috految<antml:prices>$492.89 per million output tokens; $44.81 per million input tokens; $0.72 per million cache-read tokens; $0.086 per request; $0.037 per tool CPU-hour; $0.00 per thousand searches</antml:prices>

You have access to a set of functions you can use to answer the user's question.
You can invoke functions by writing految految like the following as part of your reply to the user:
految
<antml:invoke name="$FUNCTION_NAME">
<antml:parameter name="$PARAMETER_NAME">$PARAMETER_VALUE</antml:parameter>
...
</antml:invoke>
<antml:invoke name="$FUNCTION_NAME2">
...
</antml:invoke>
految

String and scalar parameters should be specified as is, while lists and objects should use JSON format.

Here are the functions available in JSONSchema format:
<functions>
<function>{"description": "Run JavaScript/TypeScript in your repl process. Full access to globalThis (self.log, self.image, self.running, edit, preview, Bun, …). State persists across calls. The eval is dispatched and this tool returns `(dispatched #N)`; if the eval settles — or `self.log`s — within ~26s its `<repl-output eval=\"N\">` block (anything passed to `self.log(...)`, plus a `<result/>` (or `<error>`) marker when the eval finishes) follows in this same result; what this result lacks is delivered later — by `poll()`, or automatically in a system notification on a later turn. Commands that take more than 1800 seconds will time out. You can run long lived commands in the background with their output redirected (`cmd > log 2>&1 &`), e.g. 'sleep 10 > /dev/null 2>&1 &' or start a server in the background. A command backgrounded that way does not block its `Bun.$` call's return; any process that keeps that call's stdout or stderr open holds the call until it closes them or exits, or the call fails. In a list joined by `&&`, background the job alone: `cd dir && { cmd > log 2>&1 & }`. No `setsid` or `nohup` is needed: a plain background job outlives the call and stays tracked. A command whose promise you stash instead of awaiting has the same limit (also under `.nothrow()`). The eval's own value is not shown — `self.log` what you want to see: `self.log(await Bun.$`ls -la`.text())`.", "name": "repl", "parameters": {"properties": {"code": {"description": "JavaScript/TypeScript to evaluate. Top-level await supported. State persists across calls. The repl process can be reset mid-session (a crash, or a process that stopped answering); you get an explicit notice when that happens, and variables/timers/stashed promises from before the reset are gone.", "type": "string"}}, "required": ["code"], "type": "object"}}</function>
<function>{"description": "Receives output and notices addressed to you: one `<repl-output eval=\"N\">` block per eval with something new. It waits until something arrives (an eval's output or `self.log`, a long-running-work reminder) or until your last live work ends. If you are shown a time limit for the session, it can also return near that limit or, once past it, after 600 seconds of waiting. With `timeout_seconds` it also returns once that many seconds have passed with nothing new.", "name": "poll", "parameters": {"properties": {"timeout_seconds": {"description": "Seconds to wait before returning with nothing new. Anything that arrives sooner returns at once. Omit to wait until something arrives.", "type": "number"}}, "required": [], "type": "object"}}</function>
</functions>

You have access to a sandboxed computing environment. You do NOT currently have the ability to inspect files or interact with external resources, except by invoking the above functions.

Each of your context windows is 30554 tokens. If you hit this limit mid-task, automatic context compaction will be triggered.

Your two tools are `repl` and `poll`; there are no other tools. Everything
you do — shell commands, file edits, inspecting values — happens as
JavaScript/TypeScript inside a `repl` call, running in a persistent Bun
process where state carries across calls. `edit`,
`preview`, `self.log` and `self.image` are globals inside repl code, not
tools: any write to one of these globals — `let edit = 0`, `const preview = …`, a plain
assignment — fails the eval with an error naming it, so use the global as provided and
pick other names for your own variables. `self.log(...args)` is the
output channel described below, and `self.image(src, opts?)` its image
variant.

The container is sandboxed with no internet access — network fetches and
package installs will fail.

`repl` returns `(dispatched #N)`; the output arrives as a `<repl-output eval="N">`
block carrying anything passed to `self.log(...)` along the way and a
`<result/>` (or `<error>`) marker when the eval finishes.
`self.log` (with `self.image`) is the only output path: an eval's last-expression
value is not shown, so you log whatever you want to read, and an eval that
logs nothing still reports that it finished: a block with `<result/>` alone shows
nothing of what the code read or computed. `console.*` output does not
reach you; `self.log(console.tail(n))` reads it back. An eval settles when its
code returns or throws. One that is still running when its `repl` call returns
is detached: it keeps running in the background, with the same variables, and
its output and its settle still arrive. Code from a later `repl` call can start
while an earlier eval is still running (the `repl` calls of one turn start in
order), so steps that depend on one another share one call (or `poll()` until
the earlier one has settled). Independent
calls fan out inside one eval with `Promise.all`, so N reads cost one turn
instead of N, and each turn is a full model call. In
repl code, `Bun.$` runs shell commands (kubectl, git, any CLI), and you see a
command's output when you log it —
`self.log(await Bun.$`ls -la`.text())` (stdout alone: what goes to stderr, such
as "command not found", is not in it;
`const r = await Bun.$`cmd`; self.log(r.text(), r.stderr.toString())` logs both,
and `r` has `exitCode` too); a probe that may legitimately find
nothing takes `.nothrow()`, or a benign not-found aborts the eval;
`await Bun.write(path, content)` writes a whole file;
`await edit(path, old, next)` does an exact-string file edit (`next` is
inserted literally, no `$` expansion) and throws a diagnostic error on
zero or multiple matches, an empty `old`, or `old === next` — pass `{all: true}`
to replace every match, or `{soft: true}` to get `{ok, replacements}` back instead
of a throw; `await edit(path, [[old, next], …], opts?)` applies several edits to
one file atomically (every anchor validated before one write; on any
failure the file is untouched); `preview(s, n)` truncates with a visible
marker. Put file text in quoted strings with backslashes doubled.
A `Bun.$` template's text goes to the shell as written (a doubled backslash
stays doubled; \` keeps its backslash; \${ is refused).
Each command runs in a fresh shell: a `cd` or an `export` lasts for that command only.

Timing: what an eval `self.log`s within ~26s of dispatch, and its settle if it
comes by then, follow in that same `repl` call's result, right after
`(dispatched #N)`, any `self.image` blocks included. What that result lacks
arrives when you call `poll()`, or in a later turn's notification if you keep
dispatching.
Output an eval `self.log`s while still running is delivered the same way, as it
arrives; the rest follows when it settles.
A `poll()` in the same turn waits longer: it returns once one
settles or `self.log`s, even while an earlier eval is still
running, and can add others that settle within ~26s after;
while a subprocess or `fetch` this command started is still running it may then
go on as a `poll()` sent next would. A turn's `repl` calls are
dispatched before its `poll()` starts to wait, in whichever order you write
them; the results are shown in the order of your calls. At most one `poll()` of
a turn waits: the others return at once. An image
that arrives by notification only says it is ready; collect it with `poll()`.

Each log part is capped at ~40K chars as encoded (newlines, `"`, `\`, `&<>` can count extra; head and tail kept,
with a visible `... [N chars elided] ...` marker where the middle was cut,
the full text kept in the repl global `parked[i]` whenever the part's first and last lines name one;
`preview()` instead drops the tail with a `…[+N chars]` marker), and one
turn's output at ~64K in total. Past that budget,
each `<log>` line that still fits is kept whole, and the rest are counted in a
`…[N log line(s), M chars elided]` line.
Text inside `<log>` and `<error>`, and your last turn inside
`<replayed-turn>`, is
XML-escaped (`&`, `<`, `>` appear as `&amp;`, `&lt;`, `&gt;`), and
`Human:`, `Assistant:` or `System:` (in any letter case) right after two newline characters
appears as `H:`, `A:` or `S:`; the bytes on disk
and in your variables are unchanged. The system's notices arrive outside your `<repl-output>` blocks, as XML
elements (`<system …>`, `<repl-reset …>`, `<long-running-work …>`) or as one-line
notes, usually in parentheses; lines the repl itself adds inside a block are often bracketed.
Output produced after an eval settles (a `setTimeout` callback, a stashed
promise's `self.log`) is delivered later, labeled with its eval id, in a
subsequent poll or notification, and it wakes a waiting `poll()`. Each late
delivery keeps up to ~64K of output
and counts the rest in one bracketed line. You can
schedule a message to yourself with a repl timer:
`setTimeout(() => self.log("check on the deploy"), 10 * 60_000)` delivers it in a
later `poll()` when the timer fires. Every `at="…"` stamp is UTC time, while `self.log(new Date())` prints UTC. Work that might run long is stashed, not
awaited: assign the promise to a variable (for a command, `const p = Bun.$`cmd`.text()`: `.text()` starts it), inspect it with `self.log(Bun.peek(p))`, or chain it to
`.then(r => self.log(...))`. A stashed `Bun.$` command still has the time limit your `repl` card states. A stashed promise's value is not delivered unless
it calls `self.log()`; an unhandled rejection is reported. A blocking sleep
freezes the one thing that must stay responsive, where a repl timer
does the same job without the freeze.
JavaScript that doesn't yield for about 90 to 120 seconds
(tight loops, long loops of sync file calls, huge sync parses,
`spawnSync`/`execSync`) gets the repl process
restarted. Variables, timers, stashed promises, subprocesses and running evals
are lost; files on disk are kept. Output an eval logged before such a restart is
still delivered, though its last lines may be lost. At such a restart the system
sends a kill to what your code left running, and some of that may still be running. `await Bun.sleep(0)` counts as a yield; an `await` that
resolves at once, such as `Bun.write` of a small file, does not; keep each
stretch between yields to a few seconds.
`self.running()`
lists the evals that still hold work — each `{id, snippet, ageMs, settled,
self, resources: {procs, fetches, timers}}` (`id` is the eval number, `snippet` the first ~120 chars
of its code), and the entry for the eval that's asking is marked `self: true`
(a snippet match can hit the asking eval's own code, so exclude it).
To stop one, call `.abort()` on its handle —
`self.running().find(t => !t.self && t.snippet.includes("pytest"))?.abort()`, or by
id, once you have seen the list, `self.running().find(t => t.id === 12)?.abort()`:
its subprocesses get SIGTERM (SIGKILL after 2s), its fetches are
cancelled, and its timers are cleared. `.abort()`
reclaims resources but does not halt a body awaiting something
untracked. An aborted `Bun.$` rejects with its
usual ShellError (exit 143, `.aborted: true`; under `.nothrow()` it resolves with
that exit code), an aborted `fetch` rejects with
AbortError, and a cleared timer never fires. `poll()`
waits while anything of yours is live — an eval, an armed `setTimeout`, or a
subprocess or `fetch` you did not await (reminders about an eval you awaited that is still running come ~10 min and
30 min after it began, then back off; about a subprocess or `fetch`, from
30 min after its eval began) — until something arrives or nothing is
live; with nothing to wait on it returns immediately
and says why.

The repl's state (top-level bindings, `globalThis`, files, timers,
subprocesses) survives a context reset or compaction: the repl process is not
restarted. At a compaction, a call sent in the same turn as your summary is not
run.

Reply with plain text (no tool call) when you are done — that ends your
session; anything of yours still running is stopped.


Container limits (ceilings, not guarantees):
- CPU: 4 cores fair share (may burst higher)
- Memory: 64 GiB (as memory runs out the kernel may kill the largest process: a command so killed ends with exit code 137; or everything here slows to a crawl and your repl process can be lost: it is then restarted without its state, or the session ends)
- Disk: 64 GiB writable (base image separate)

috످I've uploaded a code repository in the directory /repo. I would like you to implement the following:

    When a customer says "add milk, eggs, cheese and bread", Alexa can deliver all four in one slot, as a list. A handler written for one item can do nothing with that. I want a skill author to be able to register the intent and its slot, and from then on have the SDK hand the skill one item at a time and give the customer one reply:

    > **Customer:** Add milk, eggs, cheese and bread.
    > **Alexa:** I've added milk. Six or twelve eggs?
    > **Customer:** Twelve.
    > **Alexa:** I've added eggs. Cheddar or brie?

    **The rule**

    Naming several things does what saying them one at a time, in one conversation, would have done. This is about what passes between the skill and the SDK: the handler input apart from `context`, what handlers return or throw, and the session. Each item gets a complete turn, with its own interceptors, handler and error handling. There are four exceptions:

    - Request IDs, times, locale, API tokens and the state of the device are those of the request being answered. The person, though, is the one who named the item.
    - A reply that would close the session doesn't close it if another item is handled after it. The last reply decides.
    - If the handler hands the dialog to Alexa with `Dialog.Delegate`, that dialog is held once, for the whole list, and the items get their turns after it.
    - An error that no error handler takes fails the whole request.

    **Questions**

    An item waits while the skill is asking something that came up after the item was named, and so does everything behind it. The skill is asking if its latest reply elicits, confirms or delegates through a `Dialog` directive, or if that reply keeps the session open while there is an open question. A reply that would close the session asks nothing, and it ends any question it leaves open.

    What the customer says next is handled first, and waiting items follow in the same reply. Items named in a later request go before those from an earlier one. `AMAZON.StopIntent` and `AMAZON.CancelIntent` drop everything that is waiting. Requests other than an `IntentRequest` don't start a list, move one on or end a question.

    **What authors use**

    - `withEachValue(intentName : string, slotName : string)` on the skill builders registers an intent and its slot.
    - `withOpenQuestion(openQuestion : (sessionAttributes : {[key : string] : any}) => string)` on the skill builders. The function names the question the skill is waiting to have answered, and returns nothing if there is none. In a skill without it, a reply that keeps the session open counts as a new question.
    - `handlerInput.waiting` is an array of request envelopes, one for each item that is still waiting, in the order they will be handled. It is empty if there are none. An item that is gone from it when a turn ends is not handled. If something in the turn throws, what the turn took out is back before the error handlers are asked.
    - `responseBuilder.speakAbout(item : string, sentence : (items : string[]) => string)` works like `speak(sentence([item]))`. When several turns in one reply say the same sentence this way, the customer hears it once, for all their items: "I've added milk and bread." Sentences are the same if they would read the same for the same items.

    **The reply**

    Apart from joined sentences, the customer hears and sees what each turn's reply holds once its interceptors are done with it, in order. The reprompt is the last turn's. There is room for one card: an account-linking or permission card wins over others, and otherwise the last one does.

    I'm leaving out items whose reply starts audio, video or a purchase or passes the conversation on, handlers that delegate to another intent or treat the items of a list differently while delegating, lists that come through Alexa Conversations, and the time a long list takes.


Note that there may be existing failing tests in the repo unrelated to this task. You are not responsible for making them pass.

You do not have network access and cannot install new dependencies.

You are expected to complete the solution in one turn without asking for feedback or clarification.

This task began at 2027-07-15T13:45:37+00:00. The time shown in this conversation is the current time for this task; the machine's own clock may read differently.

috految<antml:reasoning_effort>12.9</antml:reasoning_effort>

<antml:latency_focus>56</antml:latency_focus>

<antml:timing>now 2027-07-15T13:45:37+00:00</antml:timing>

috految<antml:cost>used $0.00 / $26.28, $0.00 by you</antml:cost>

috److految
<antml:invoke name="repl">
<antml:parameter name="code">const sh=async c=>{const r=await Bun.$`bash -c ${c}`.nothrow();self.log(r.text()+r.stderr)};
await sh(String.raw`cd /repo; ls . docs/en ask-sdk-core ask-sdk-core/lib/*/|xargs; node -v; ls -ld {.,ask-sdk,ask-sdk-core}/node_modules/ask-*|cut -c40-; grep '"version"' {.,ask-sdk-core}/node_modules/{typescript,ask-sdk-model}/package.json; git grep -lE 'withCustomUserAgent|getSkillConfiguration|ResponseBuilder|ResponseFactory|AttributesManagerFactory|getSlotValueV2|\.invoke\(' -- '*.ts'; s(){ cat "$@"|perl -0pe 's{/\*.*?\*/}{}gs;s/^import.*?;//gms;s/\s+/ /g';echo; }; cd ask-sdk-core; s tsconfig.json; grep -E 'ask-|gulp|mocha|lint' package.json; cd lib; tail -n +13 skill/CustomSkill.ts; s skill/CustomSkillConfiguration.ts skill/factory/* attributes/AttributesManagerFactory.ts response/ResponseFactory.ts dispatcher/request/handler/HandlerInput.ts /repo/ask-sdk-runtime/lib/dispatcher/{GenericRequestDispatcher,error/mapper/GenericErrorMapper}.ts /repo/ask-sdk/lib/skill/factory/*; sed -nE '/function (getSlot|getSimple|getDialog|isNew|getAccount|getUser|getRequestType)/,/^}/p' util/RequestEnvelopeUtils.ts|s`)</antml:parameter>
</antml:invoke>
految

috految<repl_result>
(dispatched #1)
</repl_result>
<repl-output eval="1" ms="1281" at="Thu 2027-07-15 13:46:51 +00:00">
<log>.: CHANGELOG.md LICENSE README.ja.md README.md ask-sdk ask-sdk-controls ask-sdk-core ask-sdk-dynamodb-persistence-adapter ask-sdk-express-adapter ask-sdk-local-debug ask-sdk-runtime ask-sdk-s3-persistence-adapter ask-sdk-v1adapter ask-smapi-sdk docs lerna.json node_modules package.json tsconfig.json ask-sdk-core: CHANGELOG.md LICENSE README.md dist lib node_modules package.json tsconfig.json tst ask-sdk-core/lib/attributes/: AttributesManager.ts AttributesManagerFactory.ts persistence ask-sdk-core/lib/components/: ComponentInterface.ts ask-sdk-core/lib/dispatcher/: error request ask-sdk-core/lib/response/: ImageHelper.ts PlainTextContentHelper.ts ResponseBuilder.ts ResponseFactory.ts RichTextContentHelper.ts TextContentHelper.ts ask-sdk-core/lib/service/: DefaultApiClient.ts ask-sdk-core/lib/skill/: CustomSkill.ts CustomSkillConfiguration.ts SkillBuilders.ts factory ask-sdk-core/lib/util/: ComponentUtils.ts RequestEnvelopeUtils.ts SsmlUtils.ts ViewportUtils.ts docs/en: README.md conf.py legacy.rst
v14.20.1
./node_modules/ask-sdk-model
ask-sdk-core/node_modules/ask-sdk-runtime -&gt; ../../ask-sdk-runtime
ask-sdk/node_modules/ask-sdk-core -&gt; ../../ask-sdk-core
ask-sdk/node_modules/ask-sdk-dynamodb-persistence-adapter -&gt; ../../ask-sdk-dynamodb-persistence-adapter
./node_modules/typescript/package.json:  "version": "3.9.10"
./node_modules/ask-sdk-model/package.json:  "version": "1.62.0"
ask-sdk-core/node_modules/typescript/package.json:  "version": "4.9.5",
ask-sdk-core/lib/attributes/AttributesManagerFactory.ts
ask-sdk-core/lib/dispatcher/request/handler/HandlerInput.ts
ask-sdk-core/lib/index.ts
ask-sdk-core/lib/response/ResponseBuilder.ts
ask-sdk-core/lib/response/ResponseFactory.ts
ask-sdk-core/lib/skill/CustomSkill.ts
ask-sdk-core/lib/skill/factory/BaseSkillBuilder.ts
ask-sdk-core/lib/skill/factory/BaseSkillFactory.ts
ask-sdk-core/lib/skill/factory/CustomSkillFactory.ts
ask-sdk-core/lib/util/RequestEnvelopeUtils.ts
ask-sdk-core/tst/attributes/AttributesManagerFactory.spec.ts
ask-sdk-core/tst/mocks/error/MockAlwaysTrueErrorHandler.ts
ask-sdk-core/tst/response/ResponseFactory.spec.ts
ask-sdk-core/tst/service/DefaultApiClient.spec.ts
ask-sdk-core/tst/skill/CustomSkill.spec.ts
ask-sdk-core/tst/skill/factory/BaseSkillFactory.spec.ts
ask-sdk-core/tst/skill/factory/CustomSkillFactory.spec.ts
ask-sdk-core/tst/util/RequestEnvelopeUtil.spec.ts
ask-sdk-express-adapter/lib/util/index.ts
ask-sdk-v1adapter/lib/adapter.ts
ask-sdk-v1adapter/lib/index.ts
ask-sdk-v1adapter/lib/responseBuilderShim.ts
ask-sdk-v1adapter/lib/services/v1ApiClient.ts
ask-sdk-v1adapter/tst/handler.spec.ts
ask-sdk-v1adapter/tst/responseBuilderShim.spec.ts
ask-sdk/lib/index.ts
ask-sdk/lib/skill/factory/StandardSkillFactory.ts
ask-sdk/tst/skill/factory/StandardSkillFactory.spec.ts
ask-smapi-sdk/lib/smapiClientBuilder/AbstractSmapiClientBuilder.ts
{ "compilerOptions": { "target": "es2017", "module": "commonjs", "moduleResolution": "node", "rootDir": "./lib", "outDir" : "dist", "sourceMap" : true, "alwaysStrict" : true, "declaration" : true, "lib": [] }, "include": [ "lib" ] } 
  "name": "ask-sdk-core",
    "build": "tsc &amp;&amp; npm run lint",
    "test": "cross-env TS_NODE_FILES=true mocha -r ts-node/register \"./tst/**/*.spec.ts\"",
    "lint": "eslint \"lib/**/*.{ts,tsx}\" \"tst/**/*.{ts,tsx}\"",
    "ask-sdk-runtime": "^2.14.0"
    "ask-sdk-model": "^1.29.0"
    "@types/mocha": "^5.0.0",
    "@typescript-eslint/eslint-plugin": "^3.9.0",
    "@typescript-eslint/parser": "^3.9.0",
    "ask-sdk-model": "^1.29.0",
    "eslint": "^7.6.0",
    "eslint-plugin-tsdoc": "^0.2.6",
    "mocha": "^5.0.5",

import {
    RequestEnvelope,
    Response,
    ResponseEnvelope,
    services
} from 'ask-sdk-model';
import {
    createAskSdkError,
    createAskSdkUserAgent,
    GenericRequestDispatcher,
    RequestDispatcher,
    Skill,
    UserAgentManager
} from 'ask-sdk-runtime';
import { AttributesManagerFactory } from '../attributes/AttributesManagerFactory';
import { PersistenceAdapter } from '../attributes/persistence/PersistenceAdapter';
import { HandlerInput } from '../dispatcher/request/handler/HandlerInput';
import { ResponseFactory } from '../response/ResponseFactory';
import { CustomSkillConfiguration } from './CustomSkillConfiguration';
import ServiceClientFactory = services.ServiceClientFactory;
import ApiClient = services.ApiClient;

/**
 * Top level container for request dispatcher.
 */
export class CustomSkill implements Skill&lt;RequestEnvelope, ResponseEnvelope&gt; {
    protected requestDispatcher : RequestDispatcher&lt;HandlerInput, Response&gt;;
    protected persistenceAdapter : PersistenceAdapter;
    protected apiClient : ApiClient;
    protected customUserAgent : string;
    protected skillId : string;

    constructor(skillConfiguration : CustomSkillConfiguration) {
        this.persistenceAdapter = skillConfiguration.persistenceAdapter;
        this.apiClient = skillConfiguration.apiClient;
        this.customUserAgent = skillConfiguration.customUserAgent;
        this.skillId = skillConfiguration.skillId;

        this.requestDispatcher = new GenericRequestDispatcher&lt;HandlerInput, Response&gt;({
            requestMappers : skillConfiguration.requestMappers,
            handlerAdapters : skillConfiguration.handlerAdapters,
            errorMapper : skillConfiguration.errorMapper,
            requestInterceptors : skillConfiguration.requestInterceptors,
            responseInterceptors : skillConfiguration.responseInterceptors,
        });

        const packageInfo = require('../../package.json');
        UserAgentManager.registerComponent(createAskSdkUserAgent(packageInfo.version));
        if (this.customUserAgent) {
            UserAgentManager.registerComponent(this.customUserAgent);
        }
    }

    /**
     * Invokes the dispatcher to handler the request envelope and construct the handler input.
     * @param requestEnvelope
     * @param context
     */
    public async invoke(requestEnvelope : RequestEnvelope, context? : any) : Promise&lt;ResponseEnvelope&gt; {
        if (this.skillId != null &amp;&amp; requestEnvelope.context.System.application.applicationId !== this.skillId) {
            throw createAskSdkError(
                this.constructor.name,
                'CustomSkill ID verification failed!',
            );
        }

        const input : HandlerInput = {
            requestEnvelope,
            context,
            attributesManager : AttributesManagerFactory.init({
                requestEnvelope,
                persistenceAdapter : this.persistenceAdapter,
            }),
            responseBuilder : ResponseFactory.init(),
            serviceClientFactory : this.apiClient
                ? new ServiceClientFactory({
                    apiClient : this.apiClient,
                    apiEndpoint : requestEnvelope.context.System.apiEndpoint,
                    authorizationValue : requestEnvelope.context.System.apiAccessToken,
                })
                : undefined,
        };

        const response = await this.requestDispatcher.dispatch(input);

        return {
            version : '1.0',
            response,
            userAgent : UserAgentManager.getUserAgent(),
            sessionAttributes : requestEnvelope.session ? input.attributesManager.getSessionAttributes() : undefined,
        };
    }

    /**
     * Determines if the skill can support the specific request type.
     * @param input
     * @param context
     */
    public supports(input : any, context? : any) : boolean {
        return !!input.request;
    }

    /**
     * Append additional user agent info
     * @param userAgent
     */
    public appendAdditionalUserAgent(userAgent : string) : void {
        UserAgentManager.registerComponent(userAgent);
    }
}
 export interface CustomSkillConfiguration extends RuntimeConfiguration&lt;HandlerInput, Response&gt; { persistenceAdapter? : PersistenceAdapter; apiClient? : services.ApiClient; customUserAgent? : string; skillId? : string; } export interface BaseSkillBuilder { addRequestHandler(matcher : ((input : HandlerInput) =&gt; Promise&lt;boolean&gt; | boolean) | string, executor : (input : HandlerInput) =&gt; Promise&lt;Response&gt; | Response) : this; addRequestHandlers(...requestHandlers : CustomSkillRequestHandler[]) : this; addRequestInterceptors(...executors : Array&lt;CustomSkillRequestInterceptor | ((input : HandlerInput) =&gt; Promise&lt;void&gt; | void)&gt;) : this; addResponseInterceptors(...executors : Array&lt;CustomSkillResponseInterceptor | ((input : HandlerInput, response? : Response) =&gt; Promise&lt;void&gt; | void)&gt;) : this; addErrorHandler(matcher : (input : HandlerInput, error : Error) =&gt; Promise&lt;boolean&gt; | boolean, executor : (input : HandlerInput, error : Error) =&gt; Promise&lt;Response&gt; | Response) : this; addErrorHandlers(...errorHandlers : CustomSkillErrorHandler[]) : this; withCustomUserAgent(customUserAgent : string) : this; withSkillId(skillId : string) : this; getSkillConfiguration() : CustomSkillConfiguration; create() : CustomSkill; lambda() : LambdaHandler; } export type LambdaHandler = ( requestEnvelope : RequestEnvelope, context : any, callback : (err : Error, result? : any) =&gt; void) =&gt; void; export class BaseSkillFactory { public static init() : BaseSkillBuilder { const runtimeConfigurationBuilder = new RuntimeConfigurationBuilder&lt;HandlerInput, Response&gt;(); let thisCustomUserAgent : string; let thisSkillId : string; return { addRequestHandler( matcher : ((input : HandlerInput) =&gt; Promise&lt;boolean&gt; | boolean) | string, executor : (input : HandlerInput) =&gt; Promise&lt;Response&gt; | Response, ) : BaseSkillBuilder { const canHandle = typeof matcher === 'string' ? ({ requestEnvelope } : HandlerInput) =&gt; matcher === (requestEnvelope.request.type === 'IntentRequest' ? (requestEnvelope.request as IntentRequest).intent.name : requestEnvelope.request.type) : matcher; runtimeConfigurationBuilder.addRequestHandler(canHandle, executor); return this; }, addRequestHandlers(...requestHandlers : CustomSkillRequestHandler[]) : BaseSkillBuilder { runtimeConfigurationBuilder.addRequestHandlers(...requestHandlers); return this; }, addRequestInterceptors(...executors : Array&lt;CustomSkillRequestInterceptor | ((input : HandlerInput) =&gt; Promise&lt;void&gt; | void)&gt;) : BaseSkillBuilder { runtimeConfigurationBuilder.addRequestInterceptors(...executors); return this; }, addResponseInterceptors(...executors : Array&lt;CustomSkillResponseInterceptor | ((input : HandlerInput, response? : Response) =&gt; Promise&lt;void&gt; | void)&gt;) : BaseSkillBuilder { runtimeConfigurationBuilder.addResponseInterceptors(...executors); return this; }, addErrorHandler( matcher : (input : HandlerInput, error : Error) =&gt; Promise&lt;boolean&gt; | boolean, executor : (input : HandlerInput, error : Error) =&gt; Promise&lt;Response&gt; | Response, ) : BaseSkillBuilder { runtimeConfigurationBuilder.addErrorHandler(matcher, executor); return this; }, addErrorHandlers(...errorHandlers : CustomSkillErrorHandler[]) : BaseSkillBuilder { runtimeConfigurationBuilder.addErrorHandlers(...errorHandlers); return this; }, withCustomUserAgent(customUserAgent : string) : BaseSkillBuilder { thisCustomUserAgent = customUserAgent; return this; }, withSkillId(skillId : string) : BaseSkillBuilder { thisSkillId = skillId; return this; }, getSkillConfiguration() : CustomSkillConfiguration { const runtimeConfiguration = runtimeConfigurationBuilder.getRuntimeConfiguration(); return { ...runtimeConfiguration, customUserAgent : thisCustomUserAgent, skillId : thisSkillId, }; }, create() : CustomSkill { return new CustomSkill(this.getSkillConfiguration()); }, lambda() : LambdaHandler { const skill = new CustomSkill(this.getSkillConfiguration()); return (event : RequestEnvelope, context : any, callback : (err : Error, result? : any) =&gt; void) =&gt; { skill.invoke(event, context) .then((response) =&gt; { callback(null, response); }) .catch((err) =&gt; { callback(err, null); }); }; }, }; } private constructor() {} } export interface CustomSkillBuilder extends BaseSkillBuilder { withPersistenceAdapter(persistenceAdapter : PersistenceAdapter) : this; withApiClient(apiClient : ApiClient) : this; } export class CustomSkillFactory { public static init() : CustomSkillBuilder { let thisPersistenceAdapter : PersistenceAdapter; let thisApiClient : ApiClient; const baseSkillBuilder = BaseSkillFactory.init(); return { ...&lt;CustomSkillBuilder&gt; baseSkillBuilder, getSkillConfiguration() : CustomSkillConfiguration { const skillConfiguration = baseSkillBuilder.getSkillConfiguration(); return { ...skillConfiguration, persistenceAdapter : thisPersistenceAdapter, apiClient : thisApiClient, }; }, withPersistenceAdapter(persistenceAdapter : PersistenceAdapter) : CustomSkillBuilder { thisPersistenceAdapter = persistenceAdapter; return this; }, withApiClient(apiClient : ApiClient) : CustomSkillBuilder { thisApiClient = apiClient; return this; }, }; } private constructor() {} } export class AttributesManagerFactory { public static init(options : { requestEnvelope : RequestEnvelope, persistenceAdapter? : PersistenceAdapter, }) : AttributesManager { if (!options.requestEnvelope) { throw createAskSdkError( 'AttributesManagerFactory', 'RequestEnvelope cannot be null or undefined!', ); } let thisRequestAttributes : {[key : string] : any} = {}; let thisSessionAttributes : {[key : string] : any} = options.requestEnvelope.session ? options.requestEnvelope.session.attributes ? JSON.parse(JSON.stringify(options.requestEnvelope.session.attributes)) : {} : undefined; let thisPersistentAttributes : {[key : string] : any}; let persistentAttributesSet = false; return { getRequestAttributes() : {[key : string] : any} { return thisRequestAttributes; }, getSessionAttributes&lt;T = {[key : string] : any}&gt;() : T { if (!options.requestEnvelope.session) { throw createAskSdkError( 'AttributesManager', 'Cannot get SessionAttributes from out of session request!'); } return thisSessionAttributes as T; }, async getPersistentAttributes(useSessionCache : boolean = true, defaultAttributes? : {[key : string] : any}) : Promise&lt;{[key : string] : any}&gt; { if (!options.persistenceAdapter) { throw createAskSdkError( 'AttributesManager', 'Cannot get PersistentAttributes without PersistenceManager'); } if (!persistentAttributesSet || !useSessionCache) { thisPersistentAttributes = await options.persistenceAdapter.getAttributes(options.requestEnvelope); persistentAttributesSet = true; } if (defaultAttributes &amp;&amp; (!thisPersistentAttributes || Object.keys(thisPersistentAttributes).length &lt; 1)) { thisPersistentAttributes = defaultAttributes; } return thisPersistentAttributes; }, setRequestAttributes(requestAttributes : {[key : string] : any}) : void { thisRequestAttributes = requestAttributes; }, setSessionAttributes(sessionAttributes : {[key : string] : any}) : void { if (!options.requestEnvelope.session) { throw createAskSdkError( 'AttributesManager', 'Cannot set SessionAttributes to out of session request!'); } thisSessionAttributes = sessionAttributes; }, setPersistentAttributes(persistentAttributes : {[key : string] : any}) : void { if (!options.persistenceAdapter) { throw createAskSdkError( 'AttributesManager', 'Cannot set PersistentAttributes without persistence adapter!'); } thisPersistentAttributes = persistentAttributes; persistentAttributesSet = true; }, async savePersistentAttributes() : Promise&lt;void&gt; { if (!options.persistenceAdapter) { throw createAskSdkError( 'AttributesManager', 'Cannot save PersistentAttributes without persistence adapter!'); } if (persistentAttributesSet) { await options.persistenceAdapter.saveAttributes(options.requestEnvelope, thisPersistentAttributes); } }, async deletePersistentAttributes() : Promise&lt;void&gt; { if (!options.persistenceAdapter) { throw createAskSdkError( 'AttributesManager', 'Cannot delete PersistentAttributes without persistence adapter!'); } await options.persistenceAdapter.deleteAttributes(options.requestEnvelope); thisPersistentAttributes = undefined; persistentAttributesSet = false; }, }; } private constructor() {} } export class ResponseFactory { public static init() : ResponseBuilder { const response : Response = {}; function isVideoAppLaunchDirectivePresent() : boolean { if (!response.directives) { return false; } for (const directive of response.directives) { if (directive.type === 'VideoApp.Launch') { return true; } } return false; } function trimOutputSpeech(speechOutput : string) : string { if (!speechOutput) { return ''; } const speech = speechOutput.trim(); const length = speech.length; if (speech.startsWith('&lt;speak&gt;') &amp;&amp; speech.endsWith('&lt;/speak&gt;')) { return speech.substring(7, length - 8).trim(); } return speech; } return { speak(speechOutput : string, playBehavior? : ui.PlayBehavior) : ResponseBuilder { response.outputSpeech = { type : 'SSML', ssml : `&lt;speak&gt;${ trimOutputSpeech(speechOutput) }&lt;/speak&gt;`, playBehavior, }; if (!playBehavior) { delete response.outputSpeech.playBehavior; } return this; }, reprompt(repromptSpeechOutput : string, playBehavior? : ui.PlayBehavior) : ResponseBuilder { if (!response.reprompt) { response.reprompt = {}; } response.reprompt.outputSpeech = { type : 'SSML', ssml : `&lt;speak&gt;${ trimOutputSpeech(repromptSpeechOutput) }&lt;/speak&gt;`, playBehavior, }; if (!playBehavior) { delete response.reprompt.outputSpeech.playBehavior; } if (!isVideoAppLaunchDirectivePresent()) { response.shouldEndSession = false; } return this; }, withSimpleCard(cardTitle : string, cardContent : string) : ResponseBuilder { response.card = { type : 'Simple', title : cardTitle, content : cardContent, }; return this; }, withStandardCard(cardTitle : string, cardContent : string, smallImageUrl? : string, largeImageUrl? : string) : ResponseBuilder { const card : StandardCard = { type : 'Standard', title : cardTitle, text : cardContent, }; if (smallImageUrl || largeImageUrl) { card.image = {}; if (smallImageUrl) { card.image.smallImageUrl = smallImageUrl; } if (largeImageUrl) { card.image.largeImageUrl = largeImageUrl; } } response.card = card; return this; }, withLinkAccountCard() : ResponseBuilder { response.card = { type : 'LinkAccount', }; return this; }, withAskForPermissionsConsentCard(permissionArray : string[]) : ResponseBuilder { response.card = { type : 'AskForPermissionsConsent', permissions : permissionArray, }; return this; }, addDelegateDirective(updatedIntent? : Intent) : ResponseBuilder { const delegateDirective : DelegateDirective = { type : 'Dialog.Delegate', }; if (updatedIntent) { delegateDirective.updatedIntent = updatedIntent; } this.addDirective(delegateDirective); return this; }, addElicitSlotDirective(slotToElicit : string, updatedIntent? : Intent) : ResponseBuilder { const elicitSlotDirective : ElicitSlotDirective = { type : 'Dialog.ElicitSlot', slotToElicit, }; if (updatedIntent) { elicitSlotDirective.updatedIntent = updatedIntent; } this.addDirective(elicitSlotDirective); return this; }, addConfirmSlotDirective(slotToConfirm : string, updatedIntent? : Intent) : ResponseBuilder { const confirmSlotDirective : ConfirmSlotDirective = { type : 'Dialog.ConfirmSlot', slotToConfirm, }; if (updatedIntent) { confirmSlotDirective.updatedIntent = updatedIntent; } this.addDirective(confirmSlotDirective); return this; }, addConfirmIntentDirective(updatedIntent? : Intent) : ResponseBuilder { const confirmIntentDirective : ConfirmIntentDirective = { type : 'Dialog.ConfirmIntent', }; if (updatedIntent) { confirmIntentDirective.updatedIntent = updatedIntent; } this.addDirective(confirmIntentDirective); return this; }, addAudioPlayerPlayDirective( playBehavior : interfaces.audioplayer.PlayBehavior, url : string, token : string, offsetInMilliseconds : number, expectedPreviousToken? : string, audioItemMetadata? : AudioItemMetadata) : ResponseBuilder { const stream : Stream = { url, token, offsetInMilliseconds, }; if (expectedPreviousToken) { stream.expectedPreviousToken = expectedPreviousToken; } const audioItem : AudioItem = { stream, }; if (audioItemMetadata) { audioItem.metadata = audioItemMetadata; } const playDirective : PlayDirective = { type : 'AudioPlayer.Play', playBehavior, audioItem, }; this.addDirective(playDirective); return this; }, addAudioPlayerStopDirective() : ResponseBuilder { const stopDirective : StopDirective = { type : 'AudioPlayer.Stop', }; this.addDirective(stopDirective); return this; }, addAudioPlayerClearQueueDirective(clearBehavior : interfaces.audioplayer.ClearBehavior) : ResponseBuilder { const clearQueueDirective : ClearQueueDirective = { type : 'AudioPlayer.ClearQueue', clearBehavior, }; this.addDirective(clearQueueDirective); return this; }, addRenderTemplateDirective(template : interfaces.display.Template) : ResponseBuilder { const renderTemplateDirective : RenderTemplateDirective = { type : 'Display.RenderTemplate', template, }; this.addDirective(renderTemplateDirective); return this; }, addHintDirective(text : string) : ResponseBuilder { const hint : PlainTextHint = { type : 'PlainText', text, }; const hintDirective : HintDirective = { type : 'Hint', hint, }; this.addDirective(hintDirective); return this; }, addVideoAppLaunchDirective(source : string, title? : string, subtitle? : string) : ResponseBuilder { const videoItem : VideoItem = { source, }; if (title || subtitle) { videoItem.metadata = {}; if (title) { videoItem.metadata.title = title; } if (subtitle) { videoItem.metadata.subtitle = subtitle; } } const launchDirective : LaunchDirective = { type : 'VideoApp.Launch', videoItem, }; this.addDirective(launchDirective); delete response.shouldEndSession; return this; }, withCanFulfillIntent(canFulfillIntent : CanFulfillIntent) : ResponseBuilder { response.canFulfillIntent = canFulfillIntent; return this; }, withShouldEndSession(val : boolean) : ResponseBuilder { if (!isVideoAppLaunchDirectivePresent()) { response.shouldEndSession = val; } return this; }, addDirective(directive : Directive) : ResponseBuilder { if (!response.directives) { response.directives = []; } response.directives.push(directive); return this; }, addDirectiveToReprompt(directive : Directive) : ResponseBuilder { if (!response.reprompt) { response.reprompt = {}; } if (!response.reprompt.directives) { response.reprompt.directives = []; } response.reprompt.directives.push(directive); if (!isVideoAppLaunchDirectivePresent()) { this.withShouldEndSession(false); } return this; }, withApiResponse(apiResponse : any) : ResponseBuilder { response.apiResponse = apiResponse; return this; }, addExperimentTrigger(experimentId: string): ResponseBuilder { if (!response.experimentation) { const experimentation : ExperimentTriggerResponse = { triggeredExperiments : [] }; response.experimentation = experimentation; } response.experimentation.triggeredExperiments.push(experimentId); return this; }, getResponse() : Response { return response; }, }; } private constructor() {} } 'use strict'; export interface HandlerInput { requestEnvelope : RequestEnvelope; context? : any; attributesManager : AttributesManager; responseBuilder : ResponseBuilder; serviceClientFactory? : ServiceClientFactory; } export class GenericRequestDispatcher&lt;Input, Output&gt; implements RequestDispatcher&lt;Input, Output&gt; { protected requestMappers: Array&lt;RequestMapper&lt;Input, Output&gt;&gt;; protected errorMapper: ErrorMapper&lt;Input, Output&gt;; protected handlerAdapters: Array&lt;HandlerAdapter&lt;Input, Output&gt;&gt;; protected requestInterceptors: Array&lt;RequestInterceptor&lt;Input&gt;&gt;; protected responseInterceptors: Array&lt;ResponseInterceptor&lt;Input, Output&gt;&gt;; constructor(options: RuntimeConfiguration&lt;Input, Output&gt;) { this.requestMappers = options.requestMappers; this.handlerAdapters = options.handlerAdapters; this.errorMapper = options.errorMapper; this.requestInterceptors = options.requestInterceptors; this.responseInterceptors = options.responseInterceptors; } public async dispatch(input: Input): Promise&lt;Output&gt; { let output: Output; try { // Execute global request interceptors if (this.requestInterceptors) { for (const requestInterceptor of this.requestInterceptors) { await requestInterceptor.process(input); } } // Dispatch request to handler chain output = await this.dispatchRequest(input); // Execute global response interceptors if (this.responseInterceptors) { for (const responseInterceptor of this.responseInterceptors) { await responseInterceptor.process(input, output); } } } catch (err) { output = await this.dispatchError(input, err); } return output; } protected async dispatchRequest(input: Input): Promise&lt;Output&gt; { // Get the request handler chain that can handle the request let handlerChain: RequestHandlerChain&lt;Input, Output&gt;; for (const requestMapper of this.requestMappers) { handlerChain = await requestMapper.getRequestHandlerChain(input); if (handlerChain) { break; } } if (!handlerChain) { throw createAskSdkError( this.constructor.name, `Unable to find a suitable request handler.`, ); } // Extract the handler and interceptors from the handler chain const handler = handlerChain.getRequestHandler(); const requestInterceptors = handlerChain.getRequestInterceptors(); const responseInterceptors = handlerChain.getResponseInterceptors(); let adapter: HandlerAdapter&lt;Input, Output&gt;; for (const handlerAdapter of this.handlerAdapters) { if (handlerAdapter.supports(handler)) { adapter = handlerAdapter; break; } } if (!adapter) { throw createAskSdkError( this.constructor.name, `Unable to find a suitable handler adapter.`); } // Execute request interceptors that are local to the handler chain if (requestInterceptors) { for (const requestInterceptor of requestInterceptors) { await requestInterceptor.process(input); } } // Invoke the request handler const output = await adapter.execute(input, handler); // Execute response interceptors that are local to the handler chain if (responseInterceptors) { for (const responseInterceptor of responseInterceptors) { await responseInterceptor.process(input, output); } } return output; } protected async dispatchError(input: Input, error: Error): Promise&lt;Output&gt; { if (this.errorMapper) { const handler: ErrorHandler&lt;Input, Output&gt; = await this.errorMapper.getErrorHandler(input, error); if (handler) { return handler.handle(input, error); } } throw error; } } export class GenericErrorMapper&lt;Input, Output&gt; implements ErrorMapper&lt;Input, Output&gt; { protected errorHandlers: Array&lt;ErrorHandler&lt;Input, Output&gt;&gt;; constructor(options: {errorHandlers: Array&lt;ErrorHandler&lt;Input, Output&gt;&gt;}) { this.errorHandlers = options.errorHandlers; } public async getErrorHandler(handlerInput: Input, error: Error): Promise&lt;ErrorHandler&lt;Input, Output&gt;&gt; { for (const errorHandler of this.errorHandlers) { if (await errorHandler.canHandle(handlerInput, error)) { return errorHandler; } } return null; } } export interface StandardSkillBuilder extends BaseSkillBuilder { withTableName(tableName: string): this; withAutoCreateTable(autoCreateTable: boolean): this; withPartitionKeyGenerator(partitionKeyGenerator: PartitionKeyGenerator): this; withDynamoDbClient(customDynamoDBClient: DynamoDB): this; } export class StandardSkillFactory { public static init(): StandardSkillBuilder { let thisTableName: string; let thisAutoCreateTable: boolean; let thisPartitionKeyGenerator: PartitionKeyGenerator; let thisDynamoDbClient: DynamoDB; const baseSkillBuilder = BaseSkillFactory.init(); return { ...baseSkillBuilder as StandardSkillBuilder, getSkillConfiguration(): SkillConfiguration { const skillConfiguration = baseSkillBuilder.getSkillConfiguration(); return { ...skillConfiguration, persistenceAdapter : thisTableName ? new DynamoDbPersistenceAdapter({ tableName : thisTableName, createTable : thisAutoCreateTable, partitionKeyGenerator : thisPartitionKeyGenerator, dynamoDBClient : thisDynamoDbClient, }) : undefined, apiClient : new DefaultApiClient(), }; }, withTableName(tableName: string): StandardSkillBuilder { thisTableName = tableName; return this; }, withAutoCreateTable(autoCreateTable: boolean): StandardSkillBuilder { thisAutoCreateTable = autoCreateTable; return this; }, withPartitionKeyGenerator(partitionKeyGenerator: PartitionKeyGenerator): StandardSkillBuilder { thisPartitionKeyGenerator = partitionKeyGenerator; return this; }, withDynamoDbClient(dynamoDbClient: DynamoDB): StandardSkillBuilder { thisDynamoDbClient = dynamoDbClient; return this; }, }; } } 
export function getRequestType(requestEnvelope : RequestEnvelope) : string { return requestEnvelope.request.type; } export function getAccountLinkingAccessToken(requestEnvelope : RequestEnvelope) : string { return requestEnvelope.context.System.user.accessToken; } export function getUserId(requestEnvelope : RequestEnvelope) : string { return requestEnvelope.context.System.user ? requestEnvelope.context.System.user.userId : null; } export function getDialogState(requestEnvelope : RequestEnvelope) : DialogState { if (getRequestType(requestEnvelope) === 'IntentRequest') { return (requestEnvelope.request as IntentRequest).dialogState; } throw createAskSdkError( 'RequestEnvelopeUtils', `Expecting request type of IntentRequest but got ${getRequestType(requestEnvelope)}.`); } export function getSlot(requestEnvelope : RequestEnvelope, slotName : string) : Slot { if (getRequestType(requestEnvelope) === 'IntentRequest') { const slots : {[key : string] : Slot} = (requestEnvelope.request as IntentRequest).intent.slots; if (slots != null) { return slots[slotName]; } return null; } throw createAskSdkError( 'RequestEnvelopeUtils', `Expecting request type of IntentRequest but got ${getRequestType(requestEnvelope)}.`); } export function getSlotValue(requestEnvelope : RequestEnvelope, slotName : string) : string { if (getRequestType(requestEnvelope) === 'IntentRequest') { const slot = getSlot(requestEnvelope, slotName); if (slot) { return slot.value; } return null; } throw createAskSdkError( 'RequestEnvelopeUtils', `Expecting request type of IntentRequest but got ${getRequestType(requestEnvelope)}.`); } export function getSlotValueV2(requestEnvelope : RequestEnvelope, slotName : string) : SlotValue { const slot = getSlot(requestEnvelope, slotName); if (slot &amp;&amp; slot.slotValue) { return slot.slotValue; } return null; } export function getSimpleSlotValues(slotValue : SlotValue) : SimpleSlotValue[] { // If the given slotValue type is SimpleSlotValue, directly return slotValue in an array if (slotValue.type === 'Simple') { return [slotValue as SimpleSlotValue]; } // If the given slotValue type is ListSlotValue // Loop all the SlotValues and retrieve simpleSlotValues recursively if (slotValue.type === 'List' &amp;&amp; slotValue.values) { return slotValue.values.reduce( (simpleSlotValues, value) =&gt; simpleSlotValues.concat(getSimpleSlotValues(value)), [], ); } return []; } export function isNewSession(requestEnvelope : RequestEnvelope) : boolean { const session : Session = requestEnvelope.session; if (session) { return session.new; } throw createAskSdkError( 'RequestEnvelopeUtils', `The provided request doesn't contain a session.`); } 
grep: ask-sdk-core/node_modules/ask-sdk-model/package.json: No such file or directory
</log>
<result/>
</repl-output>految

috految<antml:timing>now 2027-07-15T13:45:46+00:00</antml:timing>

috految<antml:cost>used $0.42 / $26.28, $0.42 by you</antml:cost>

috److految
<antml:invoke name="repl">
<antml:parameter name="code">await sh(String.raw`cd /repo; (sed -nE '/interface (Response|Slot|SimpleSlotValue|Intent|IntentRequest|Person|SystemState|Session|Context|SsmlOutputSpeech|ElicitSlotDirective) \{/,/}$/p' node_modules/ask-sdk-model/index.d.ts; grep -E "'Dialog\.|type Card |type PlayBehavior |type AuthenticationConf|'Alexa.Presentation.APLA" node_modules/ask-sdk-model/index.d.ts; grep -B3 -E 'type DialogState|interface (Person|ListSlotValue) ' node_modules/ask-sdk-model/index.d.ts; grep -hE 'ConsistentRead|ResponseBuilder [{=]|ResponseFactory|[sS]killBuilder|HandlerInput' ask-sdk-{v1adapter,dyn*}/lib -r; grep -i 'import\|interface' ask-sdk-v1adapter/lib/responseBuilderShim.ts; grep '^#' ask-sdk-core/README.md; cd ask-sdk-core; grep -v '\*' lib/util/SsmlUtils.ts; grep -E 'speak|ession|Behavior' lib/response/ResponseBuilder.ts; grep -hE 'Envelope|input\.|type|Directive' lib/util/ComponentUtils.ts lib/dispatcher/request/handler/Del*; grep -h 'deep' tst/skill -r; grep -h 'expect(.*ispatcher' tst -r; grep -h 'Mapper\|ispatcher' ../ask-sdk-runtime/lib/index.ts|head -3; grep -rl $'\r' lib; grep -h 'target\|lib' ../tsconfig.json; grep 'ask-sdk-core\|"typescript' ../ask-sdk/package.json)|tr -s ' \n' ' '`)</antml:parameter>
</antml:invoke>
految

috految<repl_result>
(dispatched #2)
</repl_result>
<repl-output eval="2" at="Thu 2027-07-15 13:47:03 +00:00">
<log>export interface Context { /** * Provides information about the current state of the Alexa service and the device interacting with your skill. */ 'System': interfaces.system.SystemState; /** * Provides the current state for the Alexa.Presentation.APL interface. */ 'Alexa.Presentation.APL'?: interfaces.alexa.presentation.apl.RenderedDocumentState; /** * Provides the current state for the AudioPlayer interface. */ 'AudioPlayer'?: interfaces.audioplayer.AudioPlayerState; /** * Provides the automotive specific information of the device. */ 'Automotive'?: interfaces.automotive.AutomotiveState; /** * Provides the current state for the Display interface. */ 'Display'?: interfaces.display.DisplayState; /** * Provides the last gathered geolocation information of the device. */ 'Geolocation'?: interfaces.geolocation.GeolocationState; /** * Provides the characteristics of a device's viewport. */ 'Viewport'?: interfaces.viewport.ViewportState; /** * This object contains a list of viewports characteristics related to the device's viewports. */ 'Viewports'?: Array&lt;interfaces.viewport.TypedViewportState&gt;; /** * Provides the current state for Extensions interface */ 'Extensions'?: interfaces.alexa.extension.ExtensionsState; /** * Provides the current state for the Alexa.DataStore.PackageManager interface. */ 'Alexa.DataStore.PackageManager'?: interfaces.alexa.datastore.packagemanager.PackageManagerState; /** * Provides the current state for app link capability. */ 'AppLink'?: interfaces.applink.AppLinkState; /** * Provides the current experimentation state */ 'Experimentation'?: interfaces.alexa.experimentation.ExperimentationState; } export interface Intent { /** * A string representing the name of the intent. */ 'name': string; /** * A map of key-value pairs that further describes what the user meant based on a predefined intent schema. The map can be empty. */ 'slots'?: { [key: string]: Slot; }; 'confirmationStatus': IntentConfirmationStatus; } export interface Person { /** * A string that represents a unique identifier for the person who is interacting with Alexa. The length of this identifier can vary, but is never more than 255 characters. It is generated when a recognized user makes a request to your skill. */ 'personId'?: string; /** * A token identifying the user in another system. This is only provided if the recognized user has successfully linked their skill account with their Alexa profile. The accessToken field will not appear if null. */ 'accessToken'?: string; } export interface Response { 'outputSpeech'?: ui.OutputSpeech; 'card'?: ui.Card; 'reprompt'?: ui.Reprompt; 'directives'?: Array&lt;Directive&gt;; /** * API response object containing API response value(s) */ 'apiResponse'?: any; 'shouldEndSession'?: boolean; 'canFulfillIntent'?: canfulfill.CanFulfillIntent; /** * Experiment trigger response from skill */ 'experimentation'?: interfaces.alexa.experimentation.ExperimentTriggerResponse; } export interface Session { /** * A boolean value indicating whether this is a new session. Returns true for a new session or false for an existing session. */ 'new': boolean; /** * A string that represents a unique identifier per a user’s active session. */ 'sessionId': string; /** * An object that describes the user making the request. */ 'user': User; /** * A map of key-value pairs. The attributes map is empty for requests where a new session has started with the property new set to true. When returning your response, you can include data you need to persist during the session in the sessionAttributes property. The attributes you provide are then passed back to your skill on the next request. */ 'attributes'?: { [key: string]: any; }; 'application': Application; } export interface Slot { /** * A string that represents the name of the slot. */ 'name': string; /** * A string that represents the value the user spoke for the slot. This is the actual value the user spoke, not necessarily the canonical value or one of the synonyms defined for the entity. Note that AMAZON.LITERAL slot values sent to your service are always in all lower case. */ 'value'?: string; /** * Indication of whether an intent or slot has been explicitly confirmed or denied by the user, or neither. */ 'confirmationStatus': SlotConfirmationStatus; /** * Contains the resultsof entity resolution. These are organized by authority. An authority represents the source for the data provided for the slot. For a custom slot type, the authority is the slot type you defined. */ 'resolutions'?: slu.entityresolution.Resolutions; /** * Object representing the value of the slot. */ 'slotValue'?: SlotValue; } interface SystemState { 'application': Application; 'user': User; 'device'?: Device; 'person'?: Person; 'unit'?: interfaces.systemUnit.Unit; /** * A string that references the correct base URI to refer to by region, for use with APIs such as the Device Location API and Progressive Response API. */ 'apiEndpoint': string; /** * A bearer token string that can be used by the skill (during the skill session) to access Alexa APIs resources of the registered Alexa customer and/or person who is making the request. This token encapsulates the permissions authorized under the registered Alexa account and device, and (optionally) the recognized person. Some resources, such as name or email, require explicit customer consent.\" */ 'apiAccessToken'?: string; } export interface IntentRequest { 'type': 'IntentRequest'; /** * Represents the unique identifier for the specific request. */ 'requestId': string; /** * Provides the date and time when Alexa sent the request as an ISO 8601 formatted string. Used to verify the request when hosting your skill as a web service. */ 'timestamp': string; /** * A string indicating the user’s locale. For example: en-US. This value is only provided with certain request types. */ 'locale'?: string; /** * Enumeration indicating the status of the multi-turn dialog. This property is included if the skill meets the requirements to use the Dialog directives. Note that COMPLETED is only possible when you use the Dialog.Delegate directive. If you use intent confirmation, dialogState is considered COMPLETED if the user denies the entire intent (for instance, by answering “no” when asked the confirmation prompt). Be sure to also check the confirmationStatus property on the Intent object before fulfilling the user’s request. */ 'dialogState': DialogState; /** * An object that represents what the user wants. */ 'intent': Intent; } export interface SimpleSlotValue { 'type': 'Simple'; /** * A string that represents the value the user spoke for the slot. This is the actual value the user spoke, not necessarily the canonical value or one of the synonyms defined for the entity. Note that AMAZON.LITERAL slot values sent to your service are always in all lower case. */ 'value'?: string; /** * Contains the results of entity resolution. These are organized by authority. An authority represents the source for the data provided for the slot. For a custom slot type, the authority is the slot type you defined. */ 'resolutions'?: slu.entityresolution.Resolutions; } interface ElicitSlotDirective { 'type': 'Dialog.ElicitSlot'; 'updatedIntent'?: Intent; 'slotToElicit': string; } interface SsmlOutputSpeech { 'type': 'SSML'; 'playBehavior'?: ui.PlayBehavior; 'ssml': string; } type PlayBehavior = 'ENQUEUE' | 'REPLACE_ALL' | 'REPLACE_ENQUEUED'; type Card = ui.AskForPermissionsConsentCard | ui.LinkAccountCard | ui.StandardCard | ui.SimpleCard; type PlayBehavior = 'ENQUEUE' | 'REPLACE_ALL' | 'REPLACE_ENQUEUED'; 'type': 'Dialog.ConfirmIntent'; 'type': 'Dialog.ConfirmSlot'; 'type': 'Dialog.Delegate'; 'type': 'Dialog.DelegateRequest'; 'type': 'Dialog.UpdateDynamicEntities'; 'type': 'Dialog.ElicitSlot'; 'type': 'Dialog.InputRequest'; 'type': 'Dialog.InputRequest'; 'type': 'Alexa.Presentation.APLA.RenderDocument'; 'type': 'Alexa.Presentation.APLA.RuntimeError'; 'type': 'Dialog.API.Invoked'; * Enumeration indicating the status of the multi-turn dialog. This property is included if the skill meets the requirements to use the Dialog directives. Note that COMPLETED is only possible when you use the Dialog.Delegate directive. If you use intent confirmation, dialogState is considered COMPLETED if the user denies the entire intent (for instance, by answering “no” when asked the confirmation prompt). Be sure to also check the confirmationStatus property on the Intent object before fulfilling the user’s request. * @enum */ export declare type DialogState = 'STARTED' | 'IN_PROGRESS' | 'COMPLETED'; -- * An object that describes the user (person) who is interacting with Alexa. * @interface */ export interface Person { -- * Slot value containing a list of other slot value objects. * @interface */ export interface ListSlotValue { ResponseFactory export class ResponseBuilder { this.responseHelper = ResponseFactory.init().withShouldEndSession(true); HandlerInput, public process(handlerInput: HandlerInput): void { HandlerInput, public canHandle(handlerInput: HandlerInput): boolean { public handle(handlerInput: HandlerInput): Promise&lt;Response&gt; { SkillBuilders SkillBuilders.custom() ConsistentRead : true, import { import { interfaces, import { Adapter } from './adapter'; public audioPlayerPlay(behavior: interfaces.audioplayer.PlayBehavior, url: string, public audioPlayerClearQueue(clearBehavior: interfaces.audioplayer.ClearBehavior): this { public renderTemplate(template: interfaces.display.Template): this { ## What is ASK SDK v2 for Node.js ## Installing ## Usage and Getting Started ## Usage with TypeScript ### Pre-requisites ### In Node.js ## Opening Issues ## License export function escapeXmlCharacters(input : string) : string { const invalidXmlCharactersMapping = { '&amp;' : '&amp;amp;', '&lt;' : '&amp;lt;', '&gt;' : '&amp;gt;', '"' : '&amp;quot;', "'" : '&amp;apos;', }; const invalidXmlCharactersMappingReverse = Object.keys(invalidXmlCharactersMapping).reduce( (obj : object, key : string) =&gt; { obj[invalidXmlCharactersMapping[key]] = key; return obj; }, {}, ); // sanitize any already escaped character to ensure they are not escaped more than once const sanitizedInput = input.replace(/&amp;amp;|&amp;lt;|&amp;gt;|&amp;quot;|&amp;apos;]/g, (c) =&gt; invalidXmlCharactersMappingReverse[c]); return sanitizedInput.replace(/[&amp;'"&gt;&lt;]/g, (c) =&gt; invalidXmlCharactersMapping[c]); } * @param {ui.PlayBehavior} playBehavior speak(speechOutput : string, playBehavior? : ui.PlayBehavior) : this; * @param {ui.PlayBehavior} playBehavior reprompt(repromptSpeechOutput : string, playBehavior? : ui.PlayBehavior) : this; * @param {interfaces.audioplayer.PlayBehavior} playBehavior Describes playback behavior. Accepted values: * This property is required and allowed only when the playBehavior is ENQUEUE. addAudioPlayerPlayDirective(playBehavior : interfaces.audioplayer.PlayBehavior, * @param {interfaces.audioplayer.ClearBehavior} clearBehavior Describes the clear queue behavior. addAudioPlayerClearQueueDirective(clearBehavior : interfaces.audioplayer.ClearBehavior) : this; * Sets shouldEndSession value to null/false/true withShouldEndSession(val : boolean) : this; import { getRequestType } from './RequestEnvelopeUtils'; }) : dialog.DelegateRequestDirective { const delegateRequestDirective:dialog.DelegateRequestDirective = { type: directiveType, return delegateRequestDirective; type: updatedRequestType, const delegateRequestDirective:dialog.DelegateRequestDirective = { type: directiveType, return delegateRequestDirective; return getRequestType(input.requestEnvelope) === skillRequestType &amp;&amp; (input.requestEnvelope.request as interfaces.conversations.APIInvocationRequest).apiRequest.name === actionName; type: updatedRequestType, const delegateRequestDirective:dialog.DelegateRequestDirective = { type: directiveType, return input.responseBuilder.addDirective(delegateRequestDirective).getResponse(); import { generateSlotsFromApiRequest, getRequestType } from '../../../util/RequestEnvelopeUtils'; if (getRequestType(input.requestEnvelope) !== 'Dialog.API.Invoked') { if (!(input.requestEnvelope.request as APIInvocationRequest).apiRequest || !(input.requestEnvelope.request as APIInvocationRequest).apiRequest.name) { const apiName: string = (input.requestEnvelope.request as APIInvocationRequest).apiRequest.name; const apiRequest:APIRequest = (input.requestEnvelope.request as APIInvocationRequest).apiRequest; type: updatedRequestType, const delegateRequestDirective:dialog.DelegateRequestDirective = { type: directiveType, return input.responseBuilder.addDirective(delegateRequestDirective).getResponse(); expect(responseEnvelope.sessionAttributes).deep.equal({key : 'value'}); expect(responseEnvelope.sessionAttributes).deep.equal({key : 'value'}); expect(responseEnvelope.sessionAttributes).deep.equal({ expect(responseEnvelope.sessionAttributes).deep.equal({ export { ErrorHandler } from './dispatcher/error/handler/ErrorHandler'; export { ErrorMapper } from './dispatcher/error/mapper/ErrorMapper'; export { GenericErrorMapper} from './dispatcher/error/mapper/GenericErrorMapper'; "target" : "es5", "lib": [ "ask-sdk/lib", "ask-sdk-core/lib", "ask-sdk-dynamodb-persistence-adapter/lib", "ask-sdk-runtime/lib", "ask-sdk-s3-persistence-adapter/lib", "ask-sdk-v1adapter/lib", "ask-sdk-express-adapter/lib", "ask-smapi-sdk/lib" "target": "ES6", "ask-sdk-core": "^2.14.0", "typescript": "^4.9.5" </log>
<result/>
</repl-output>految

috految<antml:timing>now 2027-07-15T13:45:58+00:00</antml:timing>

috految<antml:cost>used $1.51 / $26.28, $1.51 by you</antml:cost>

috److془Design carefully.

Questions: "An item waits while the skill is asking something that came up after the item was named, and so does everything behind it. The skill is asking if its latest reply elicits, confirms or delegates through a Dialog directive, or if that reply keeps the session open while there is an open question. A reply that would close the session asks nothing, and it ends any question it leaves open."

Question Q open prior to list: items don't wait. Q → Q2 → Q (nested: eggs open; "add cheese and bread"; cheese asks "cheddar or brie?"; answer; returns to eggs question). Did Q come up after bread was named? Came up before. Bread goes. Alternatively: Q='size' open; "add cheese, eggs, bread"; cheese asks 'kind'; answer → none; eggs asks 'size' new. Fine with reset on none. Q='size', cheese asks 'kind', answer → 'size' for cheese. Indistinguishable. Hmm. Or: 'anythingElse' open, eggs → 'size' → 'anythingElse'. Go with stack. Hmm: or "came up after" = the name changes. "The function names the question the skill is waiting to have answered". "Requests other than an IntentRequest don't start a list, move one on or end a question". "and so does everything behind it" — with timestamps, behind items are older and would automatically wait; suggesting per-item baseline name (or reorder). Stack: A open, B, list named, → A. A came up before. Versus: 'size' → 'anythingElse' (answered), list named, eggs → 'size' new. Must wait! Per-item baseline gives it. Case: list1 named under anythingElse; eggs→size; list2 named under size; first → anythingElse; wait. Fine. Hmm, but 'size' → 'anythingElse' → 'size' with baseline size: "Which?" , add milk, eggs; milk→ anythingElse, wait. Then "add apples" → size; eggs goes through wrongly. Indistinguishable-ish. Could: nested case with the stack: eggs open, add cheese → kind, "add milk" etc. Fine. Case: baseline 'size'(eggs), A-> B -> A. Fine. Take per-item baseline. Hmm: "waiting items: come up after" case: list1 [eggs→size, bread baseline anythingElse]. Fine. Case 'size'(eggs) , "add cheese, bread" → kind, "add apples" → size. Ambiguous whatever. Case: baseline 'size', cheese → kind, answer → none: clear baseline.  Case dialog directive with question none: clear also. Case: 'what to add?' baseline, eggs elicits with None, then 'what' again: came up after. Fine.

Ended: "A reply that would close the session asks nothing, and it ends any question it leaves open." Eggs 'size' ; "Twelve" → closing reply leaving attribute 'size'. Cheese turn: keeps open with attribute 'size' stale: not asking; bread proceeds. But if cheese sets the question 'size' again (same name)? Should wait ideally. Hmm! Alternative interpretation: ending means that baseline cleared, so the next open reply with same name is new question. "it ends any question it leaves open" - stale is not an open question. Best handle both: detect writes? Cheese sets attrs.question='size' same value. Track writes via Proxy... Hmm; or the name persists in the same state. Under reference stale interpretation, would test assert re-asked doesn't wait? Unlikely. Under the other, would test assert stale waits? Unlikely. So detection dominant. Realistic: state='ASKING_SIZE', answer replies closing and doesn't clean. Next item sets state again. Real. Detection: writes to attributes, setSessionAttributes({...attrs, question:'size'}) vs ({...attrs, count}) indistinguishable. Hmm; and interceptors load/restore. Alternative heuristics: reprompt... no. Hmm: "last reply keeps session open and the reprompt is same"? generic reprompts break. Writes: setter on wrappers. Is it hacky? Somewhat. Consider it: "The function names the question". Name identity → same question; ended whilst named. Alternatively, third: session attributes... "doesn't close it" so attributes persist. Do the detection: if ended, per-turn accessors on keys. Frequent false positive: attrs.open = attrs.open || [], or Object.assign(attrs, persisted). Only count assignment of primitives or different object. Also the case `attrs.pending = item; fn = a => a.pending && 'size'`: detected by "fn reads key that was written". wait false positives: attrs.state = {...state, cart}. Or fn reads history. Hmm; or `attrs.state = 'MENU'` rewritten each time, truly new. Fine. Use: written keys (primitives, or changed objects), and fn reads them. Refine: every key read? Use some w/ strings only.. simple: reopened if fn(attrs without assigned) !== name, may throw. Use read tracking. count only primitives assignments or changed values. Hmm for the "ended" with stack: stale 'size', cheese pushes 'kind', answered → 'size' reemerges (a.kind? 'kind': a.size?'size'). Should remain ended. With single variable: size(ended) → kind → size is assigned: new. With write detection both handled. Nice. Write-detection via: fn(attrs without assigned keys) !== name. Assigned = primitive set or changed top-level JSON; skip those undefined. Nested lists pop → reopened, conservative; but state.cart changed w/ stale state.question should not. So only identity check: Object changes count only if name differs from previous name. Good. Pop stack: exclude, by recursion? Simply: recursive diff unchanged(before, after) retains leaves equal and not assigned. Beautiful. Throw → reopened. Hmm pending={item} fn a.pending&&'size': assigned top-level different object → dropped. Good. Problem: fn by absence, a.item&&!a.size: size ended; item assigned good. Step modifications fine. Ended cleared when name none. Ended, is also name 'size' ended when reply closes; baseline cleared for all items. Hmm with stack, baseline A, closing leaves B; A whatever. Only clear baseline equal name? "ends any question it leaves open" clear all. 
Spread setSessionAttributes same name: undetected; document. Hm: could be conservative, but leave. Closing while name is same and the list named under ended: baseline undefined. Ended persistence w/o waiting: persist if session continues. Closing on an undefined shouldEndSession with screen: session stays live; persist unless shouldEndSession true.. tests of deep equal sessionAttributes with stale: rare. Still, persist only if not closing or waiting. Hmm then baseline 'size' stale on screen. Persist unless true. With ended: skill whose session closed, test keeps; fine. Menu: fn = const: always ended; fine. Use Proxy. structuredClone fails on Proxy; use accessors.

Baseline for new session: fn({}) may throw (a.state.question, initialised by interceptor). None when session.new. fn = a=> !a.store ? 'store': undefined on new session: "Which store?" came after. Good. Restored from persistence by interceptor: new, fine. Non-new with empty attributes: call. Auto dialog might have new:false. fn throwing: when attributes are cleared on close; or error path. Tolerate on empty attributes; and lazy call. Throw otherwise propagates. Hmm, ok. For new with nonempty attrs call it. Closing with no waiting: fine to use safe version. Baseline safe too. Only strict when deciding on waiting. 

Hmm: Q open, "any replay": Skill asks 'what?' list: milk handler clears and so on. fine. Dialog directive: always new? Elicit the item slot "What else?" each turn: waits. Re-eliciting old question: while eggs' elicit is open, "add bread and jam", bread's reply re-elicits eggs. Treat as new. Without withOpenQuestion: wait on open. Keep open: shouldEndSession===false. Dialog directive with shouldEndSession true: asks nothing; strip if not last. Undefined with reprompt? closes. Undefined with Dialog: open. Null: "null/undefined" same. Undefined w/ screen: closes. Directive types: DelegateRequest asks. Nonitem reply starting audio/purchase with items waiting: "leaving out items whose reply..." merge; VideoApp.Launch must lack shouldEndSession: delete. Edge: Dialog directive with true last: leave. 

Non-intent requests: don't end question: retain state. Touch event answers and clears the question: next intent handled, fn none, proceed. Fine. If non-intent clears, an item's baseline stays; fine. Ended refresh in them yes. Non-intent with closing reply keep the state. Out-of-session: no state. Non-intent turn removal honoured. SessionEndedRequest: waiting shown. New session with state attributes: not delivered; retain regardless. Stop: drop before turn. Hmm "An item still waiting" empty good. Intent name from the original. Stop handler throwing: stays dropped. Stop while interceptors mutate the envelope: clone first. Hmm: Skill with 'AMAZON.StopIntent' confirm; dropped regardless.

Baseline subtlety: delegated request: items named in the original; person original; baseline original. Responding turn to a question (elicit size for eggs, Bob answers): person Bob as one-at-a-time would. Hmm fine. Person accessToken: "API tokens are those of request being answered. The person, though, is the one who named the item". Store person whole; if the same personId, use current's accessToken. Use stored spread + current token. Unrecognised: delete person. Token in session attributes necessary. Alexa session whose user → current.

Directives Elicit/Confirm: add updatedIntent = item's pristine intent when absent. Also for subsequent (the answer is single, Alexa holds it; fine). Handler's updatedIntent w/o slots or partial: docs "must include all slots; replaces". Leave. Docs: "When you switch intents with this parameter, Alexa attempts to elicit on new intent. The next IntentRequest will be the new intent". "If you use updatedIntent without slots"; leave. Subtle: elicit item slot with updatedIntent containing value: the same as one at a time. dialogState for returning answer after chain: could be STARTED? Docs: "dialogState STARTED when chaining w/ delegate".. leave. Subtle: the Alexa's dialog holding list after item asks by plain question: no directive, dialog over. Confirm answer with a list: items inherit other slots. Answer list to elicit "what to add?" IN_PROGRESS all. Fine. Subtle: the intent confirmationStatus inherited fine. Subtle: "Six or twelve eggs?" elicit, "add x and y" whatever. Subtle: Item in list eliciting: handler sets slot.value on updatedIntent while slotValue stale: same as single. Single-value List: normalise. Slot with only slotValue Simple without value: fill value? Alexa sends value for single. Fill would break the cleared value echo. Leave. Hmm: actually docs for multi-value: "if user provides single value, includes value and slotValue". Good. Elicit with updatedIntent from handler using waiting envelope: fine. Answer to later question repeating the elicit - fine. Addition: repeat via stored response in attributes: don't mutate; clones. Repeat gives unpinned elicit, as one at a time. 

Delegate: "If handler hands the dialog to Alexa with Dialog.Delegate, that dialog is held once, for the whole list, and items get their turns after it." Turn with milk returns Delegate: updatedIntent's slot replaced by list (milk + siblings remaining), siblings are removed from queue. Alexa returns IN_PROGRESS w/ list; milk turn delegates; COMPLETED, all get turns. Interrupted dialog (Help in the middle): items? One at a time: milk lost, eggs get turn. "held once, for the whole list, and items get their turns after it". Abandoned: whole list abandoned like one item. Alexa may resume with list. Skill could resume with saved intent (milk only) via Delegate/Elicit: expand. Or, Delegate then elicit on IN_PROGRESS (validating the store), answer, delegate again: must be held once for whole list. Elicit first (STARTED), answer "milk, store", then Delegate: the whole list, the elicited slot would be shared: quantity 12 to bread—bad, if per item. "handlers that treat the items of a list differently while delegating" out. Hmm but uniform: elicit quantity, then delegate for store. Rule: each item asked its quantity vs dialog held once for whole list. Literal: gather. Slots answered for the item alone: could restore for siblings: eggs COMPLETED without quantity; handler with COMPLETED check gets undefined. Alternative: siblings in pre-delegation state then delegate again: holds twice. Hmm. Hybrid: eggs gets own STARTED... Literal: "that dialog is held once, for the whole list". Gather and share. Confirm slot of milk, then delegate: siblings would be CONFIRMED unasked; or DENIED. Bad. Hmm also handler-elicited: "Six or twelve eggs?" then bread gets 12. Wrong data. Hybrid: after the dialog, siblings lacking pre-delegation answers get own turn without these with original dialogState (plus dialog's answers); they ask, delegate, Alexa has nothing to ask. Semantically great, in line with both. Though if reference shares fails; only with the elicit first. Go. Hmm if the elicit-first is with confirmation as well: Alexa confirmed list, the status carries. Good. Delegate then elicit then delegate: share (held once). Delegate, COMPLETED, milk elicits size, answer IN_PROGRESS, handler delegates (not COMPLETED): dialog already held; not gather. Likewise auto-delegated. Delegate, IN_PROGRESS, elicit, answer, handler finishes no delegate: siblings at IN_PROGRESS, own turns. Good. Hmm if the answer arrives COMPLETED, only with Delegate. Good. Mid-dialog elicit of own per-item quantity ... share; fine. Mid-dialog ConfirmSlot: item status per sibling; treat as own. Though with handler: `if(!store) delegate; if(!qty) elicit; delegate` sharing; fine. Issue: milk delegates(hybrid) sibling restoration when each return: sibling.own stays persistent. Good. Sibling turn delegating: gathers the rest with own; fine. Milk's answer denied → cleared slot etc: gather only if answer's value equal the asked; or elicited slot is item (replacement B): no gather, fine. Hmm, handler's own ConfirmIntent denial: own statuses handle it. Hmm elicit with typical flow: milk STARTED elicit; answer; fine. Milk COMPLETED delegates directly (clears invalid store): gather. Good. Sibling uniform STARTED then delegating with earlier speech: Alexa forbids outputSpeech with Delegate? Docs: "can't include outputSpeech or reprompt" unless chaining. Spec says hears in order. Keep. Plain question first, user says Yes, handler delegates to the saved intent: another intent out. Good. Handler delegates with only slot cleared: (denied list, restart): leave it, siblings absorbed. Handler altering value (canonicalization uniform): first changed, others raw. Acceptable. Value changed vs slotValue stale: prefer changed one. Cleared: `delete slot.value`, with slotValue remaining: empty slot. Rebuilt with slotValue only: ambiguous; treat as cleared iff 'value' missing and... slotValue present → keep list unless slot denied or value null/''. Hmm delete value with uniform: ok if Alexa reads slotValue. Use resume: if original had value and slotValue stays, cleared if the handler's request slot lacks value too. Simple: cleared = !value && (!slotValue|| slot.value!==undefined || !input slot value). Slot omitted in updatedIntent: leave. Handler-provided List by itself: if so, leave. Stored-slot pattern: saved milk restored upon restart with empty slot, or Help resume: expand if held[0].value matches and !current item. Single request "add milk" after abandon: drop held when slot has values. Dialog with pending held, request non-STARTED or same list → continuation; just non-STARTED (or chained where STARTED may arise: !interrupted && same list). Abandoned, is waiting visible? Hmm: "An item waits while asking (delegates)... What the customer says next handled first, waiting items follow in same reply". "Dialog is held once". Go with abandonment. Hmm: handlerInput.waiting on SessionEnded mid-dialog; fine. Nested: "delegates" in asking explained by older items. Bread named after is co-listed. Good. Hmm is the list dropped by handler on IN_PROGRESS: expand with remainder. Good. Handler's elicit on delegated: Alexa gets milk only, siblings queue. Good. Interaction: handler's STARTED prefill subsequently shared; good. Bare Delegate from fresh intact list: leave bare. Mid-dialog list answer with slot empty earlier: the person is current. Good. Baseline: a question arising in delegate turn persists: waits, literal. Should first item wait? no. Held list replaced by a single: fine. Unmatched person current. Held as only one remaining: send single, match by value ok. Delegate on STARTED with rest removed OK. Error handler reply following throw with directive in builder: fine. Slot metadata source preserve. Session new during: first turn only; later false. Dynamic entities: concatenation. Multiple RenderDocument: concatenation in order. APLA ordering: outputSpeech plays before; "audio" out. Experimentation union. playBehavior: first speech's. PlainText escape. Speak with attributes on tag; xml prolog. Use first's explicit. Pauses: join by space. Unawaited persistence saves: `savePersistentAttributes()` without await, one at a time works. Wait pending between turns; cheap. Dynamo consistent is fine. Hmm it's rule-level; add. Undefined response: closing. Handler returning builder... clone gives {}. Reply cloned at turn end. Session attributes: JSON. Live getSessionAttributes from input.attributesManager. Second-turn attributes null → {}. Attributes with nested skill fine. Stored state key: Alexa may drop nulls/empties; defaults. Size: resolutions fine. Resolutions within slot. Request extra fields (targetURI) store request. Context Current. Sessionless intent: process without state.

One catch: handler saves attributes with waiting envelopes: no cycles as clones. Waiting matching: identity, fallback by intent JSON for copies; reordering honoured; edits? unspecified; ignore. Copies edited: by value. Throw: restore; error handlers' removal counts. Restore in-place (interceptor refs)? Handler could have attrs.saved=waiting; fresh array is fine, but in-place no worse. Fresh. Wrap errorMapper. Built-in mutation by the turn of items: fresh envelopes; but errors might indexOf; keep same. Multi slots registered on same intent: first slot with a list. Better recursion? "intent and its slot". Fine. waiting optional type for existing literals. Reorder with held: fine. Person via persistence adapter uses envelope. 

Speech: sentence joining with interceptors: "Apart from joined sentences, the customer hears what each turn's reply holds once its interceptors are done". Interceptor wraps in voice or appends suffix/prefix "Welcome". Join where sentence substring survives in speech. Interceptor rewrites: not join. Interceptor uses responseBuilder.speak(prefix+old): substring too. Handler speakAbout then speak(same text) or "I've added milk to..." overwritten by speak: should not join. Later-than-handler: hmm. Use: speak clears unless getResponse was called since. Error handler after: substring rare. Sentence boundaries: "Added milk" + " to your list" : require after is empty or sentence ends in punctuation; before empty or ends in punctuation (non-word). Wrap: key includes open tags. Prefix "Sam, " leaves dangling "Sam,"; require terminal punctuation. Though "Hi Sam, " in first only: allow for the lead. Suffix: "I've added milk and bread. Suffix. Suffix." literal. Hmm "Okay: " unjoined okay. Position: first or last? Question: "I've added milk. Anything else?" with middle turn speaking; the last turn question should be at end. Unspecified; first, unless last turn asks and sentence ends in '?'. Interceptors escaping: ampersands in item make mismatch → unjoined. Joined with unescaped & from separator: escape bare. Apostrophe escaping: unjoined okay. Sentence lazily closing over mutable state (shared i18n locale, count): check every f([item])==recorded text. Mutable closure: `things => added ${things} to ${attrs.list}` then deleted: unjoined though; better eagerly: at speakAbout time evaluate for earlier turns' items. But f_lead(all) check: f_later([leadItem])==text. Item-specific: "items.length>1 ? A : B" differences need lazy. Lazy plus safe suffices with unjoin. Hmm: closure stateful `${cart.length}`fine. Closure from turn e.g. lookup[item] throws: unjoin. Turn own closure with attr.qty[item] undefined: differs, fine. Random variation: ok. Avoid exceed: duplicates keep. Pass copies. Record via WeakMap on response; lookup returned response, else builder response. Cached response impossible mostly. Eager mutated—skip. Lazy applies to attributes solely cloned. Removing leaves empty voice tags: strip. Pure-tag wrappers with audio siblings remain. Repeated speakAbout overwrites. Ended: card priority last of special. Reprompt last. Deferred list clone. Write. Naming for later request prepend. Later items' waiting check only head.془

految
<antml:invoke name="repl">
<antml:parameter name="code">process.chdir('/repo/ask-sdk-core/lib');
const rd=p=>Bun.file(p).text(), lic=(await rd('skill/CustomSkill.ts')).split('import')[0];
const put=(p,s)=>{let d=0;return Bun.write(p,lic+s.split('\n').map(l=>{if(/^[}\]]/.test(l))d--;const o=l?'    '.repeat(d)+l:l;if(/[{\[]$/.test(l))d++;return o}).join('\n')+'\n')};
const after=(a,b)=>[a,a+b], before=(a,b)=>[a,b+a], Q='(sessionAttributes : {[key : string] : any}) => string | undefined';
await put('response/ResponseMerger.ts',String.raw`import { Response, ui } from 'ask-sdk-model';
import { escapeXmlCharacters } from '../util/SsmlUtils';

/**
 * A call to speakAbout, with the text it produced at the time.
 */
export interface Sentence {
item : string;
text : string;
render(items : string[]) : string;
}

export interface Reply {
response : Response;
sentence? : Sentence;
}

const PRIORITY_CARDS = ['LinkAccount', 'AskForPermissionsConsent'];
const SENTENCE_END = /[.!?\u3002\uff01\uff1f\u0964\u061f]["')\]]*$/;

function getSsmlContent(speech : ui.OutputSpeech) : string {
if (speech.type === 'PlainText') {
return escapeXmlCharacters((speech.text || '').replace(/&/g, '&amp;'));
}

return (speech.ssml || '').replace(/<\?xml[^>]*>|<\/?speak\b[^>]*>/g, '').trim();
}

function stripTags(ssml : string) : string {
return ssml.replace(/<[^>]*>/g, '').trim();
}

function getOpenTags(ssml : string) : string {
const open : string[] = [];
for (const tag of ssml.match(/<[^>]*>/g) || []) {
if (tag.startsWith('</')) {
open.pop();
} else if (!tag.endsWith('/>')) {
open.push(tag);
}
}

return open.join('');
}

function joinSentences(sentences : Sentence[]) : string | undefined {
const items = sentences.map(({ item }) => item);
try {
const joined = sentences[0].render([...items]);
const same = sentences.every((sentence) => sentence.render([...items]) === joined
    && sentences.every(({ item, text }) => sentence.render([item]) === text));

return same ? joined : undefined;
} catch (err) {
// A sentence need not know about the items of other turns. It is then said as it was.
return undefined;
}
}

function mergeSpeech(replies : Reply[]) : string {
const parts = replies.map(({ response }) => getSsmlContent(response.outputSpeech));
const groups : Array<{ tags : string, text : string, members : number[] }> = [];

replies.forEach(({ sentence }, index) => {
// A sentence is joined only if the interceptors left it intact.
const start = sentence?.text ? parts[index].indexOf(sentence.text) : -1;
if (start < 0) {
return;
}
const before = parts[index].slice(0, start);
const after = parts[index].slice(start + sentence.text.length);
if (stripTags(after) && !SENTENCE_END.test(stripTags(sentence.text))) {
return;
}

const tags = getOpenTags(before);
const standsAlone = !stripTags(before) || SENTENCE_END.test(stripTags(before));
for (const group of groups) {
const text = standsAlone && group.tags === tags
    && joinSentences([...group.members, index].map((member) => replies[member].sentence));
if (text) {
group.members.push(index);
group.text = text;

return;
}
}
groups.push({ tags, text : sentence.text, members : [index] });
});

for (const { text, members } of groups.filter((group) => group.members.length > 1)) {
// A question that the reply ends on has to stay at the end.
const last = members[members.length - 1];
const position = last === parts.length - 1 && /[?\uff1f]$/.test(stripTags(text)) ? last : members[0];
for (const index of members) {
const part = parts[index].replace(replies[index].sentence.text, () => index === position ? text : '');
parts[index] = stripTags(part) || /<(audio|break)\b|\/>/.test(part) ? part.trim() : '';
}
}

return parts.filter(Boolean).join(' ');
}

/**
 * Combines the replies of consecutive turns into the one response the customer gets.
 */
export function mergeReplies(replies : Reply[]) : Response {
if (replies.length === 1) {
return replies[0].response;
}

const responses = replies.map(({ response }) => response || {});
const merged : Response = Object.assign({}, ...responses);
for (const key of ['reprompt', 'shouldEndSession']) {
if (responses[responses.length - 1][key] === undefined) {
delete merged[key];
}
}

const spoken = replies.filter(({ response }) => response?.outputSpeech);
if (spoken.length === 1) {
merged.outputSpeech = spoken[0].response.outputSpeech;
} else if (spoken.length > 1) {
const { playBehavior } = spoken[0].response.outputSpeech;
merged.outputSpeech = { type : 'SSML', ssml : ${'`<speak>${mergeSpeech(spoken)}</speak>`'}, ...(playBehavior && { playBehavior }) };
}

const cards = responses.map(({ card }) => card).filter(Boolean).reverse();
if (cards.length) {
merged.card = cards.find(({ type }) => PRIORITY_CARDS.indexOf(type) >= 0) || cards[0];
}

const directives = [].concat(...responses.map((response) => response.directives || []));
if (directives.length) {
merged.directives = directives;
}
if (directives.some(({ type }) => type === 'VideoApp.Launch')) {
delete merged.shouldEndSession;
}

const experiments = [].concat(...responses.map((response) => response.experimentation?.triggeredExperiments || []));
if (experiments.length) {
merged.experimentation = { triggeredExperiments : Array.from(new Set(experiments)) };
}

return merged;
}`);
await put('skill/ListConversation.ts',`import { dialog, Directive, Intent, IntentRequest, Person, RequestEnvelope, Response, Slot } from 'ask-sdk-model';
import { HandlerInput } from '../dispatcher/request/handler/HandlerInput';
import { getSentence } from '../response/ResponseFactory';
import { mergeReplies, Reply } from '../response/ResponseMerger';
import { getSimpleSlotValues } from '../util/RequestEnvelopeUtils';
import { CustomSkillConfiguration } from './CustomSkillConfiguration';

const STATE_KEY = '__askSdkEachValue';
const STOP_INTENTS = ['AMAZON.StopIntent', 'AMAZON.CancelIntent'];
const ASKING_DIRECTIVES = ['Dialog.ElicitSlot', 'Dialog.ConfirmSlot', 'Dialog.ConfirmIntent', 'Dialog.Delegate', 'Dialog.DelegateRequest'];

type Attributes = Record<string, any>;

interface Item {
list : number;
slotName : string;
request : IntentRequest;
person? : Person;
/** The question that was already open when the item was named, and so doesn't hold it up. */
question? : string;
delegated? : boolean;
/** Slots another item was asked about by the skill, whose answers this item must not inherit. */
ownSlots? : string[];
}

/**
 * Travels in the session attributes, out of the skill's sight.
 */
interface State {
waiting : Item[];
/** The list Alexa is holding a dialog for, and will deliver again. */
delegated? : Item[];
/** The item the skill asked about through a Dialog directive. */
asked? : Item;
/** Questions that have ended, though the attributes may still name them. */
ended : string[];
}

function copy<T>(value : T) : T {
return value && JSON.parse(JSON.stringify(value));
}

function isQuestion(directive : Directive) : boolean {
return ASKING_DIRECTIVES.indexOf(directive?.type) >= 0;
}

function slotOf(item : Item) : Slot {
return item.request.intent.slots[item.slotName];
}

function unchangedPart(before : any, after : any) : any {
if (!before || !after || typeof after !== 'object') {
return before === after ? after : undefined;
}
const part = Array.isArray(after) ? [] : {};
for (const key of Object.keys(after)) {
part[key] = unchangedPart(before[key], after[key]);
}

return part;
}

/**
 * Collects the attributes that get set, which comparing values misses when a question is asked again.
 */
function watchAssignments(attributes : Attributes) : Set<string> {
const assigned = new Set<string>();
for (const key of Object.keys(attributes)) {
let current = attributes[key];
Object.defineProperty(attributes, key, {
get : () => current,
set : (value) => {
if (value !== current || typeof value !== 'object') {
assigned.add(key);
}
current = value;
},
});
}

return assigned;
}

/**
 * Answers one request with a turn for what the customer said, then one for each item that needn't wait.
 */
export class ListConversation {
private readonly envelope : RequestEnvelope;
private readonly state : State;
private attributes : Attributes;

constructor(envelope : RequestEnvelope, private readonly config : CustomSkillConfiguration) {
this.envelope = copy(envelope);
this.attributes = this.envelope.session?.attributes;
this.state = { waiting : [], ended : [], ...this.attributes?.[STATE_KEY] };
if (this.attributes) {
delete this.attributes[STATE_KEY];
}
}

public async run(
    createInput : (envelope : RequestEnvelope) => HandlerInput,
    dispatch : (input : HandlerInput) => Promise<Response>,
) : Promise<{ response : Response, sessionAttributes : Attributes }> {
const { state, envelope } = this;
const isIntent = envelope.request.type === 'IntentRequest';
const replies : Reply[] = [];
let item = isIntent ? this.receive(envelope.request as IntentRequest) : undefined;

do {
const input = createInput(item ? this.toEnvelope(item, replies.length === 0) : copy(envelope));
const { responseBuilder } = input;
const offered = state.waiting.map((waiting) => this.toEnvelope(waiting, false));
input.waiting = [...offered];
const assigned = state.ended.length && envelope.session
    ? watchAssignments(input.attributesManager.getSessionAttributes())
    : new Set<string>();

const output = await dispatch(input);
const response = copy(output);
replies.push({ response, sentence : getSentence(output) || getSentence(responseBuilder.getResponse()) });
this.keepWaiting(offered, input.waiting || []);

const before = this.attributes;
this.attributes = envelope.session && copy(input.attributesManager.getSessionAttributes());
this.reopenQuestion(before, assigned);
if (!isIntent) {
break;
}

const question = response?.shouldEndSession === true ? undefined : response?.directives?.find(isQuestion);
if (question && question.type !== 'Dialog.DelegateRequest') {
this.addressDialog(question, item, input);
}
const open = !!question || response?.shouldEndSession === false;
this.settleQuestions(open, response);

item = question || (open && this.holdsNextItem()) ? undefined : state.waiting.shift();
if (item && response?.directives) {
response.directives = response.directives.filter((directive) => !isQuestion(directive));
}
} while (item);

const keepState = state.waiting.length || state.delegated || state.ended.length;

return {
response : mergeReplies(replies),
sessionAttributes : envelope.session && keepState ? { ...this.attributes, [STATE_KEY] : copy(state) } : this.attributes,
};
}

/**
 * Queues the items the request names, and returns the one to handle now, if any.
 */
private receive(request : IntentRequest) : Item | undefined {
const { state, envelope } = this;
const { name, slots } = request.intent;
if (STOP_INTENTS.indexOf(name) >= 0) {
state.waiting = [];
delete state.delegated;
delete state.asked;
}

const registered = this.config.eachValue.filter((entry) => entry.intentName === name);
const slotName = (registered.find((entry) => slots?.[entry.slotName]?.slotValue?.type === 'List') || registered[0])?.slotName;
const slot = slots?.[slotName];
if (!slot) {
return undefined;
}
const values = slot.slotValue?.type === 'List' ? getSimpleSlotValues(slot.slotValue) : [];
const held = state.delegated?.[0].request.intent.name === name ? state.delegated : [];
if (held.length && (slot.value || values.length)) {
delete state.delegated;
}
const resumed = request.dialogState === 'STARTED' ? [] : held;
if (!values.length) {
const single = resumed.find((other) => slotOf(other).value === slot.value);

return single && { ...single, request };
}

const isNew = envelope.session?.new && !Object.keys(this.attributes || {}).length;
const open = isNew ? undefined : this.peekQuestion(this.attributes);
const list = Math.max(0, ...state.waiting.map((other) => other.list)) + 1;
const items = values.map((slotValue) : Item => {
const own : IntentRequest = copy(request);
own.intent.slots[slotName] = copy({ ...slot, value : slotValue.value, resolutions : slotValue.resolutions, slotValue });
const earlier = resumed.find((other) => slotOf(other).value === slotValue.value);
if (earlier?.ownSlots) {
own.dialogState = earlier.request.dialogState;
for (const key of earlier.ownSlots) {
own.intent.slots[key] = earlier.request.intent.slots[key];
}
}

return earlier
    ? { ...earlier, list, request : own }
    : { list, slotName, request : own, person : envelope.context.System.person, question : state.ended.indexOf(open) < 0 ? open : undefined };
});
state.waiting.unshift(...items.slice(1));

return items[0];
}

private toEnvelope(item : Item, isFirstTurn : boolean) : RequestEnvelope {
const { request : { requestId, timestamp, locale }, session, context } = this.envelope;
const speaker = context.System.person;
const person = speaker?.personId && speaker.personId === item.person?.personId
    ? { ...item.person, accessToken : speaker.accessToken }
    : item.person;

return copy({
...this.envelope,
session : session && (isFirstTurn ? session : { ...session, new : false, attributes : this.attributes || {} }),
context : { ...context, System : { ...context.System, person } },
request : { ...item.request, requestId, timestamp, locale },
});
}

private keepWaiting(offered : RequestEnvelope[], kept : RequestEnvelope[]) : void {
const remaining = [...this.state.waiting];
this.state.waiting = kept.filter(Boolean).map((envelope) => {
let index = offered.indexOf(envelope);
if (index < 0) {
const { intent } = envelope.request as IntentRequest;
index = remaining.findIndex((item) => item && item.request.intent.name === intent.name
    && slotOf(item).value === intent.slots?.[item.slotName]?.value);
}
const match = remaining[index];
delete remaining[index];

return match;
}).filter(Boolean);
}

/**
 * Alexa applies a directive to the intent it delivered. The skill's own questions have to name the
 * item they are about instead, and a delegation the whole list.
 */
private addressDialog(question : Directive, turnItem : Item | undefined, input : HandlerInput) : void {
const { state } = this;
const directive = question as dialog.DelegateDirective;
const delivered = this.envelope.request as IntentRequest;
const intent : Intent = directive.updatedIntent || turnItem?.request.intent || delivered.intent;
const isAbout = (other? : Item) => other && other.request.intent.name === intent.name
    && slotOf(other).value === intent.slots?.[other.slotName]?.value;

let item = turnItem;
if (!item && isAbout(state.delegated?.[0])) {
// The skill picks up an interrupted dialog from the one item it saw.
item = state.delegated[0];
state.waiting.unshift(...state.delegated.slice(1));
delete state.delegated;
}
if (question.type !== 'Dialog.Delegate') {
if (item) {
directive.updatedIntent = copy(intent);
state.asked = item;
}

return;
}

const { asked } = state;
delete state.asked;
if (!item && isAbout(asked) && asked.request.dialogState !== 'COMPLETED'
    && intent.confirmationStatus === asked.request.intent.confirmationStatus) {
item = asked;
const answered = Object.keys(intent.slots).filter((key) => {
const previous = asked.request.intent.slots[key];

return (!asked.delegated || key === asked.slotName)
    && (previous?.value !== intent.slots[key].value || previous?.confirmationStatus !== intent.slots[key].confirmationStatus);
});
for (const other of state.waiting.filter(({ list }) => answered.length && list === asked.list)) {
other.ownSlots = answered;
}
}
if (!item || intent.name !== item.request.intent.name) {
return;
}

const rest = state.waiting.filter(({ list }) => list === item.list);
state.waiting = state.waiting.filter(({ list }) => list !== item.list);
state.delegated = [{ ...item, ownSlots : undefined }, ...rest].map((other) => ({ ...other, delegated : true }));

const slot = intent.slots?.[item.slotName];
const seen = (input.requestEnvelope.request as IntentRequest).intent.slots?.[item.slotName];
const updated = copy(intent);
if (slot && slot.slotValue?.type !== 'List' && rest.length) {
const { value, resolutions, slotValue, ...shared } = slot;
const cleared = !value && (!slotValue || value !== undefined || !seen?.value);
const first = value && value !== slotOf(item).value
    ? { type : 'Simple' as const, value, resolutions }
    : slotValue || slotOf(item).slotValue;
updated.slots[item.slotName] = cleared
    ? shared
    : { ...shared, slotValue : { type : 'List', values : [first, ...rest.map((other) => slotOf(other).slotValue)] } };
}
if (directive.updatedIntent || JSON.stringify(updated) !== JSON.stringify(delivered.intent)) {
directive.updatedIntent = updated;
}
}

private holdsNextItem() : boolean {
const [next] = this.state.waiting;
if (!next || !this.config.openQuestion) {
return true;
}
const open = this.config.openQuestion(copy(this.attributes || {}));

return !!open && open !== next.question && this.state.ended.indexOf(open) < 0;
}

private settleQuestions(open : boolean, response : Response) : void {
const { state } = this;
const question = this.peekQuestion(this.attributes);
if (!open || !question) {
[...state.waiting, ...state.delegated || []].forEach((item) => delete item.question);
}
if (!question || (response?.shouldEndSession && !state.waiting.length)) {
state.ended = [];
} else if (!open) {
state.ended.push(question);
}
}

/**
 * An ended question is open again once it stems from attributes that the turn set.
 */
private reopenQuestion(before : Attributes, assigned : Set<string>) : void {
if (this.state.ended.length) {
const question = this.peekQuestion(this.attributes);
const leftover = unchangedPart(before, this.attributes) || {};
assigned.forEach((key) => delete leftover[key]);
if (this.peekQuestion(leftover) !== question) {
this.state.ended = this.state.ended.filter((ended) => ended !== question);
}
}
}

private peekQuestion(attributes : Attributes) : string | undefined {
try {
return this.config.openQuestion?.(copy(attributes || {}));
} catch (err) {
// The attributes may not be set up yet, or already cleared. Errors that affect an item surface in holdsNextItem.
return undefined;
}
}
}`);
await edit('response/ResponseFactory.ts',[after("from './ResponseBuilder';","\nimport { Sentence } from './ResponseMerger';"),after("const response : Response = {};","\n        let handedOut = false;"),before("response.outputSpeech = {",`// Interceptors may build on the sentence of a finished response.
                if (!handedOut) {
                    sentences.delete(response);
                }
                `),before("return response;","handedOut = true;\n\n                "),before("reprompt(repromptSpeechOutput :",`speakAbout(item : string, sentence : (items : string[]) => string) : ResponseBuilder {
                const text = sentence([item]);
                this.speak(text);
                sentences.set(response, {
                    item,
                    text : trimOutputSpeech(text),
                    render : (items) => trimOutputSpeech(sentence(items)),
                });

                return this;
            },
            `)]);
await Bun.write('response/ResponseFactory.ts',(await rd('response/ResponseFactory.ts')).replace(/(\/\*\*(?:(?!\*\/)[^])*\*\/\s*)?export class/,`const sentences = new WeakMap<Response, Sentence>();

/**
 * Returns what was said in the response with speakAbout, if anything.
 */
export function getSentence(response : Response) : Sentence | undefined {
    return sentences.get(response);
}

$&`));
await edit('response/ResponseBuilder.ts',[after("speak(speechOutput : string, playBehavior? : ui.PlayBehavior) : this;",`
    /**
     * Like speak(sentence([item])), but turns of one reply that say the same sentence say it once, for all their items.
     */
    speakAbout(item : string, sentence : (items : string[]) => string) : this;`)]);
await edit('dispatcher/request/handler/HandlerInput.ts',[after("context? : any;",`
    /**
     * The items still waiting, in the order they will be handled. Remove one to skip it.
     */
    waiting? : RequestEnvelope[];`)]);
await edit('skill/CustomSkillConfiguration.ts',[after("skillId? : string;",`
    eachValue? : Array<{ intentName : string, slotName : string }>;
    openQuestion? : ${Q};`)]);
await edit('skill/factory/BaseSkillBuilder.ts',[after("withSkillId(skillId : string) : this;",`
    /**
     * Gives each value of a list in this intent's slot a turn of its own.
     */
    withEachValue(intentName : string, slotName : string) : this;
    /**
     * Names the question the skill is waiting to have answered, if any. Give different questions different names.
     */
    withOpenQuestion(openQuestion : ${Q}) : this;`)]);
await edit('skill/factory/BaseSkillFactory.ts',[after("let thisSkillId : string;",`
        let thisOpenQuestion : CustomSkillConfiguration['openQuestion'];
        const thisEachValue : CustomSkillConfiguration['eachValue'] = [];`),after("skillId : thisSkillId,",`
                    eachValue : [...thisEachValue],
                    openQuestion : thisOpenQuestion,`),before("withSkillId(",`withEachValue(intentName : string, slotName : string) : BaseSkillBuilder {
                thisEachValue.push({ intentName, slotName });

                return this;
            },
            withOpenQuestion(openQuestion : ${Q}) : BaseSkillBuilder {
                thisOpenQuestion = openQuestion;

                return this;
            },
            `)]);
const src=await rd('skill/CustomSkill.ts'), inp=src.match(/const input : HandlerInput = (\{[^]*?\n        \});/);
await edit('skill/CustomSkill.ts',[after("from './CustomSkillConfiguration';","\nimport { ListConversation } from './ListConversation';"),after("protected skillId : string;",`
    private readonly configuration : CustomSkillConfiguration;
    private readonly waitingAtStart = new WeakMap<HandlerInput, RequestEnvelope[]>();`),after("this.skillId = skillConfiguration.skillId;","\n        this.configuration = skillConfiguration;"),["skillConfiguration.errorMapper,",`skillConfiguration.errorMapper && {
                getErrorHandler : (input, error) => {
                    input.waiting = [...this.waitingAtStart.get(input) || []];

                    return skillConfiguration.errorMapper.getErrorHandler(input, error);
                },
            },`],[inp[0],`if (this.configuration.eachValue?.length && requestEnvelope.request) {
            const result = await new ListConversation(requestEnvelope, this.configuration).run(
                (envelope) => this.createInput(envelope, context),
                (turn) => this.dispatchTurn(turn),
            );

            return { version : '1.0', userAgent : UserAgentManager.getUserAgent(), ...result };
        }

        const input = this.createInput(requestEnvelope, context);`],after("registerComponent(userAgent);\n    }",`

    private createInput(requestEnvelope : RequestEnvelope, context : any) : HandlerInput {
        return ${inp[1].replace('context,','context,\n            waiting : [],')};
    }

    private async dispatchTurn(input : HandlerInput) : Promise<Response> {
        this.waitingAtStart.set(input, [...input.waiting]);

        // The next item has to see a save even if the skill didn't await it.
        const saves : Array<Promise<void>> = [];
        const { savePersistentAttributes } = input.attributesManager;
        input.attributesManager.savePersistentAttributes = async () => {
            const save = savePersistentAttributes();
            saves.push(save.catch(() => undefined));
            await save;
        };

        const response = await this.requestDispatcher.dispatch(input);
        if (input.waiting?.length) {
            await Promise.all(saves);
        }

        return response;
    }`)]);
await edit('../README.md',[before("## Usage with TypeScript","## Handling lists\n\nRegister a slot with `withEachValue(intentName, slotName)` to get a turn for each value and a single reply. Use `withOpenQuestion` to name the question items should wait for, `handlerInput.waiting` to inspect or drop waiting items, and `responseBuilder.speakAbout` to join sentences.\n\n")]);
await sh(`cd /repo/ask-sdk-core; PATH=node_modules/.bin:../node_modules/.bin:$PATH; (tsc --noEmit --skipLibCheck|head -20)& (timeout 10 eslint --quiet $(git ls-files -mo --exclude-standard lib)|tail -25)& TS_NODE_FILES=true timeout 12 mocha -R dot -r ts-node/register tst/skill/*.ts tst/skill/*/*.ts tst/response/*.ts 2>&1|tail -20; wait; git grep -n 'deep' ../ask-sdk/tst; git status -s`)</antml:parameter>
</antml:invoke>
految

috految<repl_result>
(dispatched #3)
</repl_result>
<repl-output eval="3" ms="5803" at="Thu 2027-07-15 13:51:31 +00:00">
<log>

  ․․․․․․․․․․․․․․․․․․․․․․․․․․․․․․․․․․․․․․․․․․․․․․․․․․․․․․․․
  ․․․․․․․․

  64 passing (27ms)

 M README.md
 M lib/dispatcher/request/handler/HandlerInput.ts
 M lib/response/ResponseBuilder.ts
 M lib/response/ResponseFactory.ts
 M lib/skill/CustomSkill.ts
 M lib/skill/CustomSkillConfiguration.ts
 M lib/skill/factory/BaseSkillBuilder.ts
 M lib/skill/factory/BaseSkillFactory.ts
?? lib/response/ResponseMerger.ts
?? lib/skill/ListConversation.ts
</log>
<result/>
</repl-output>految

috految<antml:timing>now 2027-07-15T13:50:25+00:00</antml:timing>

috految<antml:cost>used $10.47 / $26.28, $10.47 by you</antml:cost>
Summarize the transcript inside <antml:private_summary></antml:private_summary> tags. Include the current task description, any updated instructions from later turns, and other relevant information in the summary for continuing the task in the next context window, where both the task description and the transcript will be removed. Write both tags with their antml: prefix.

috److<antml:private_summary>
Implementation done (withEachValue, withOpenQuestion, waiting, speakAbout in ask-sdk-core + README). tsc, eslint, 64 existing skill/response tests pass; no new tests, list flows not exercised. Only final answer remains. Mention: state in session attribute `__askSdkEachValue` (hidden from handlers; includes naming person's access token); abandoned delegated dialog drops whole list; questions identified by name (use distinct names); sentences rewritten by interceptors aren't joined; handler eliciting before delegating asks each item that question.
</antml:private_summary>

috످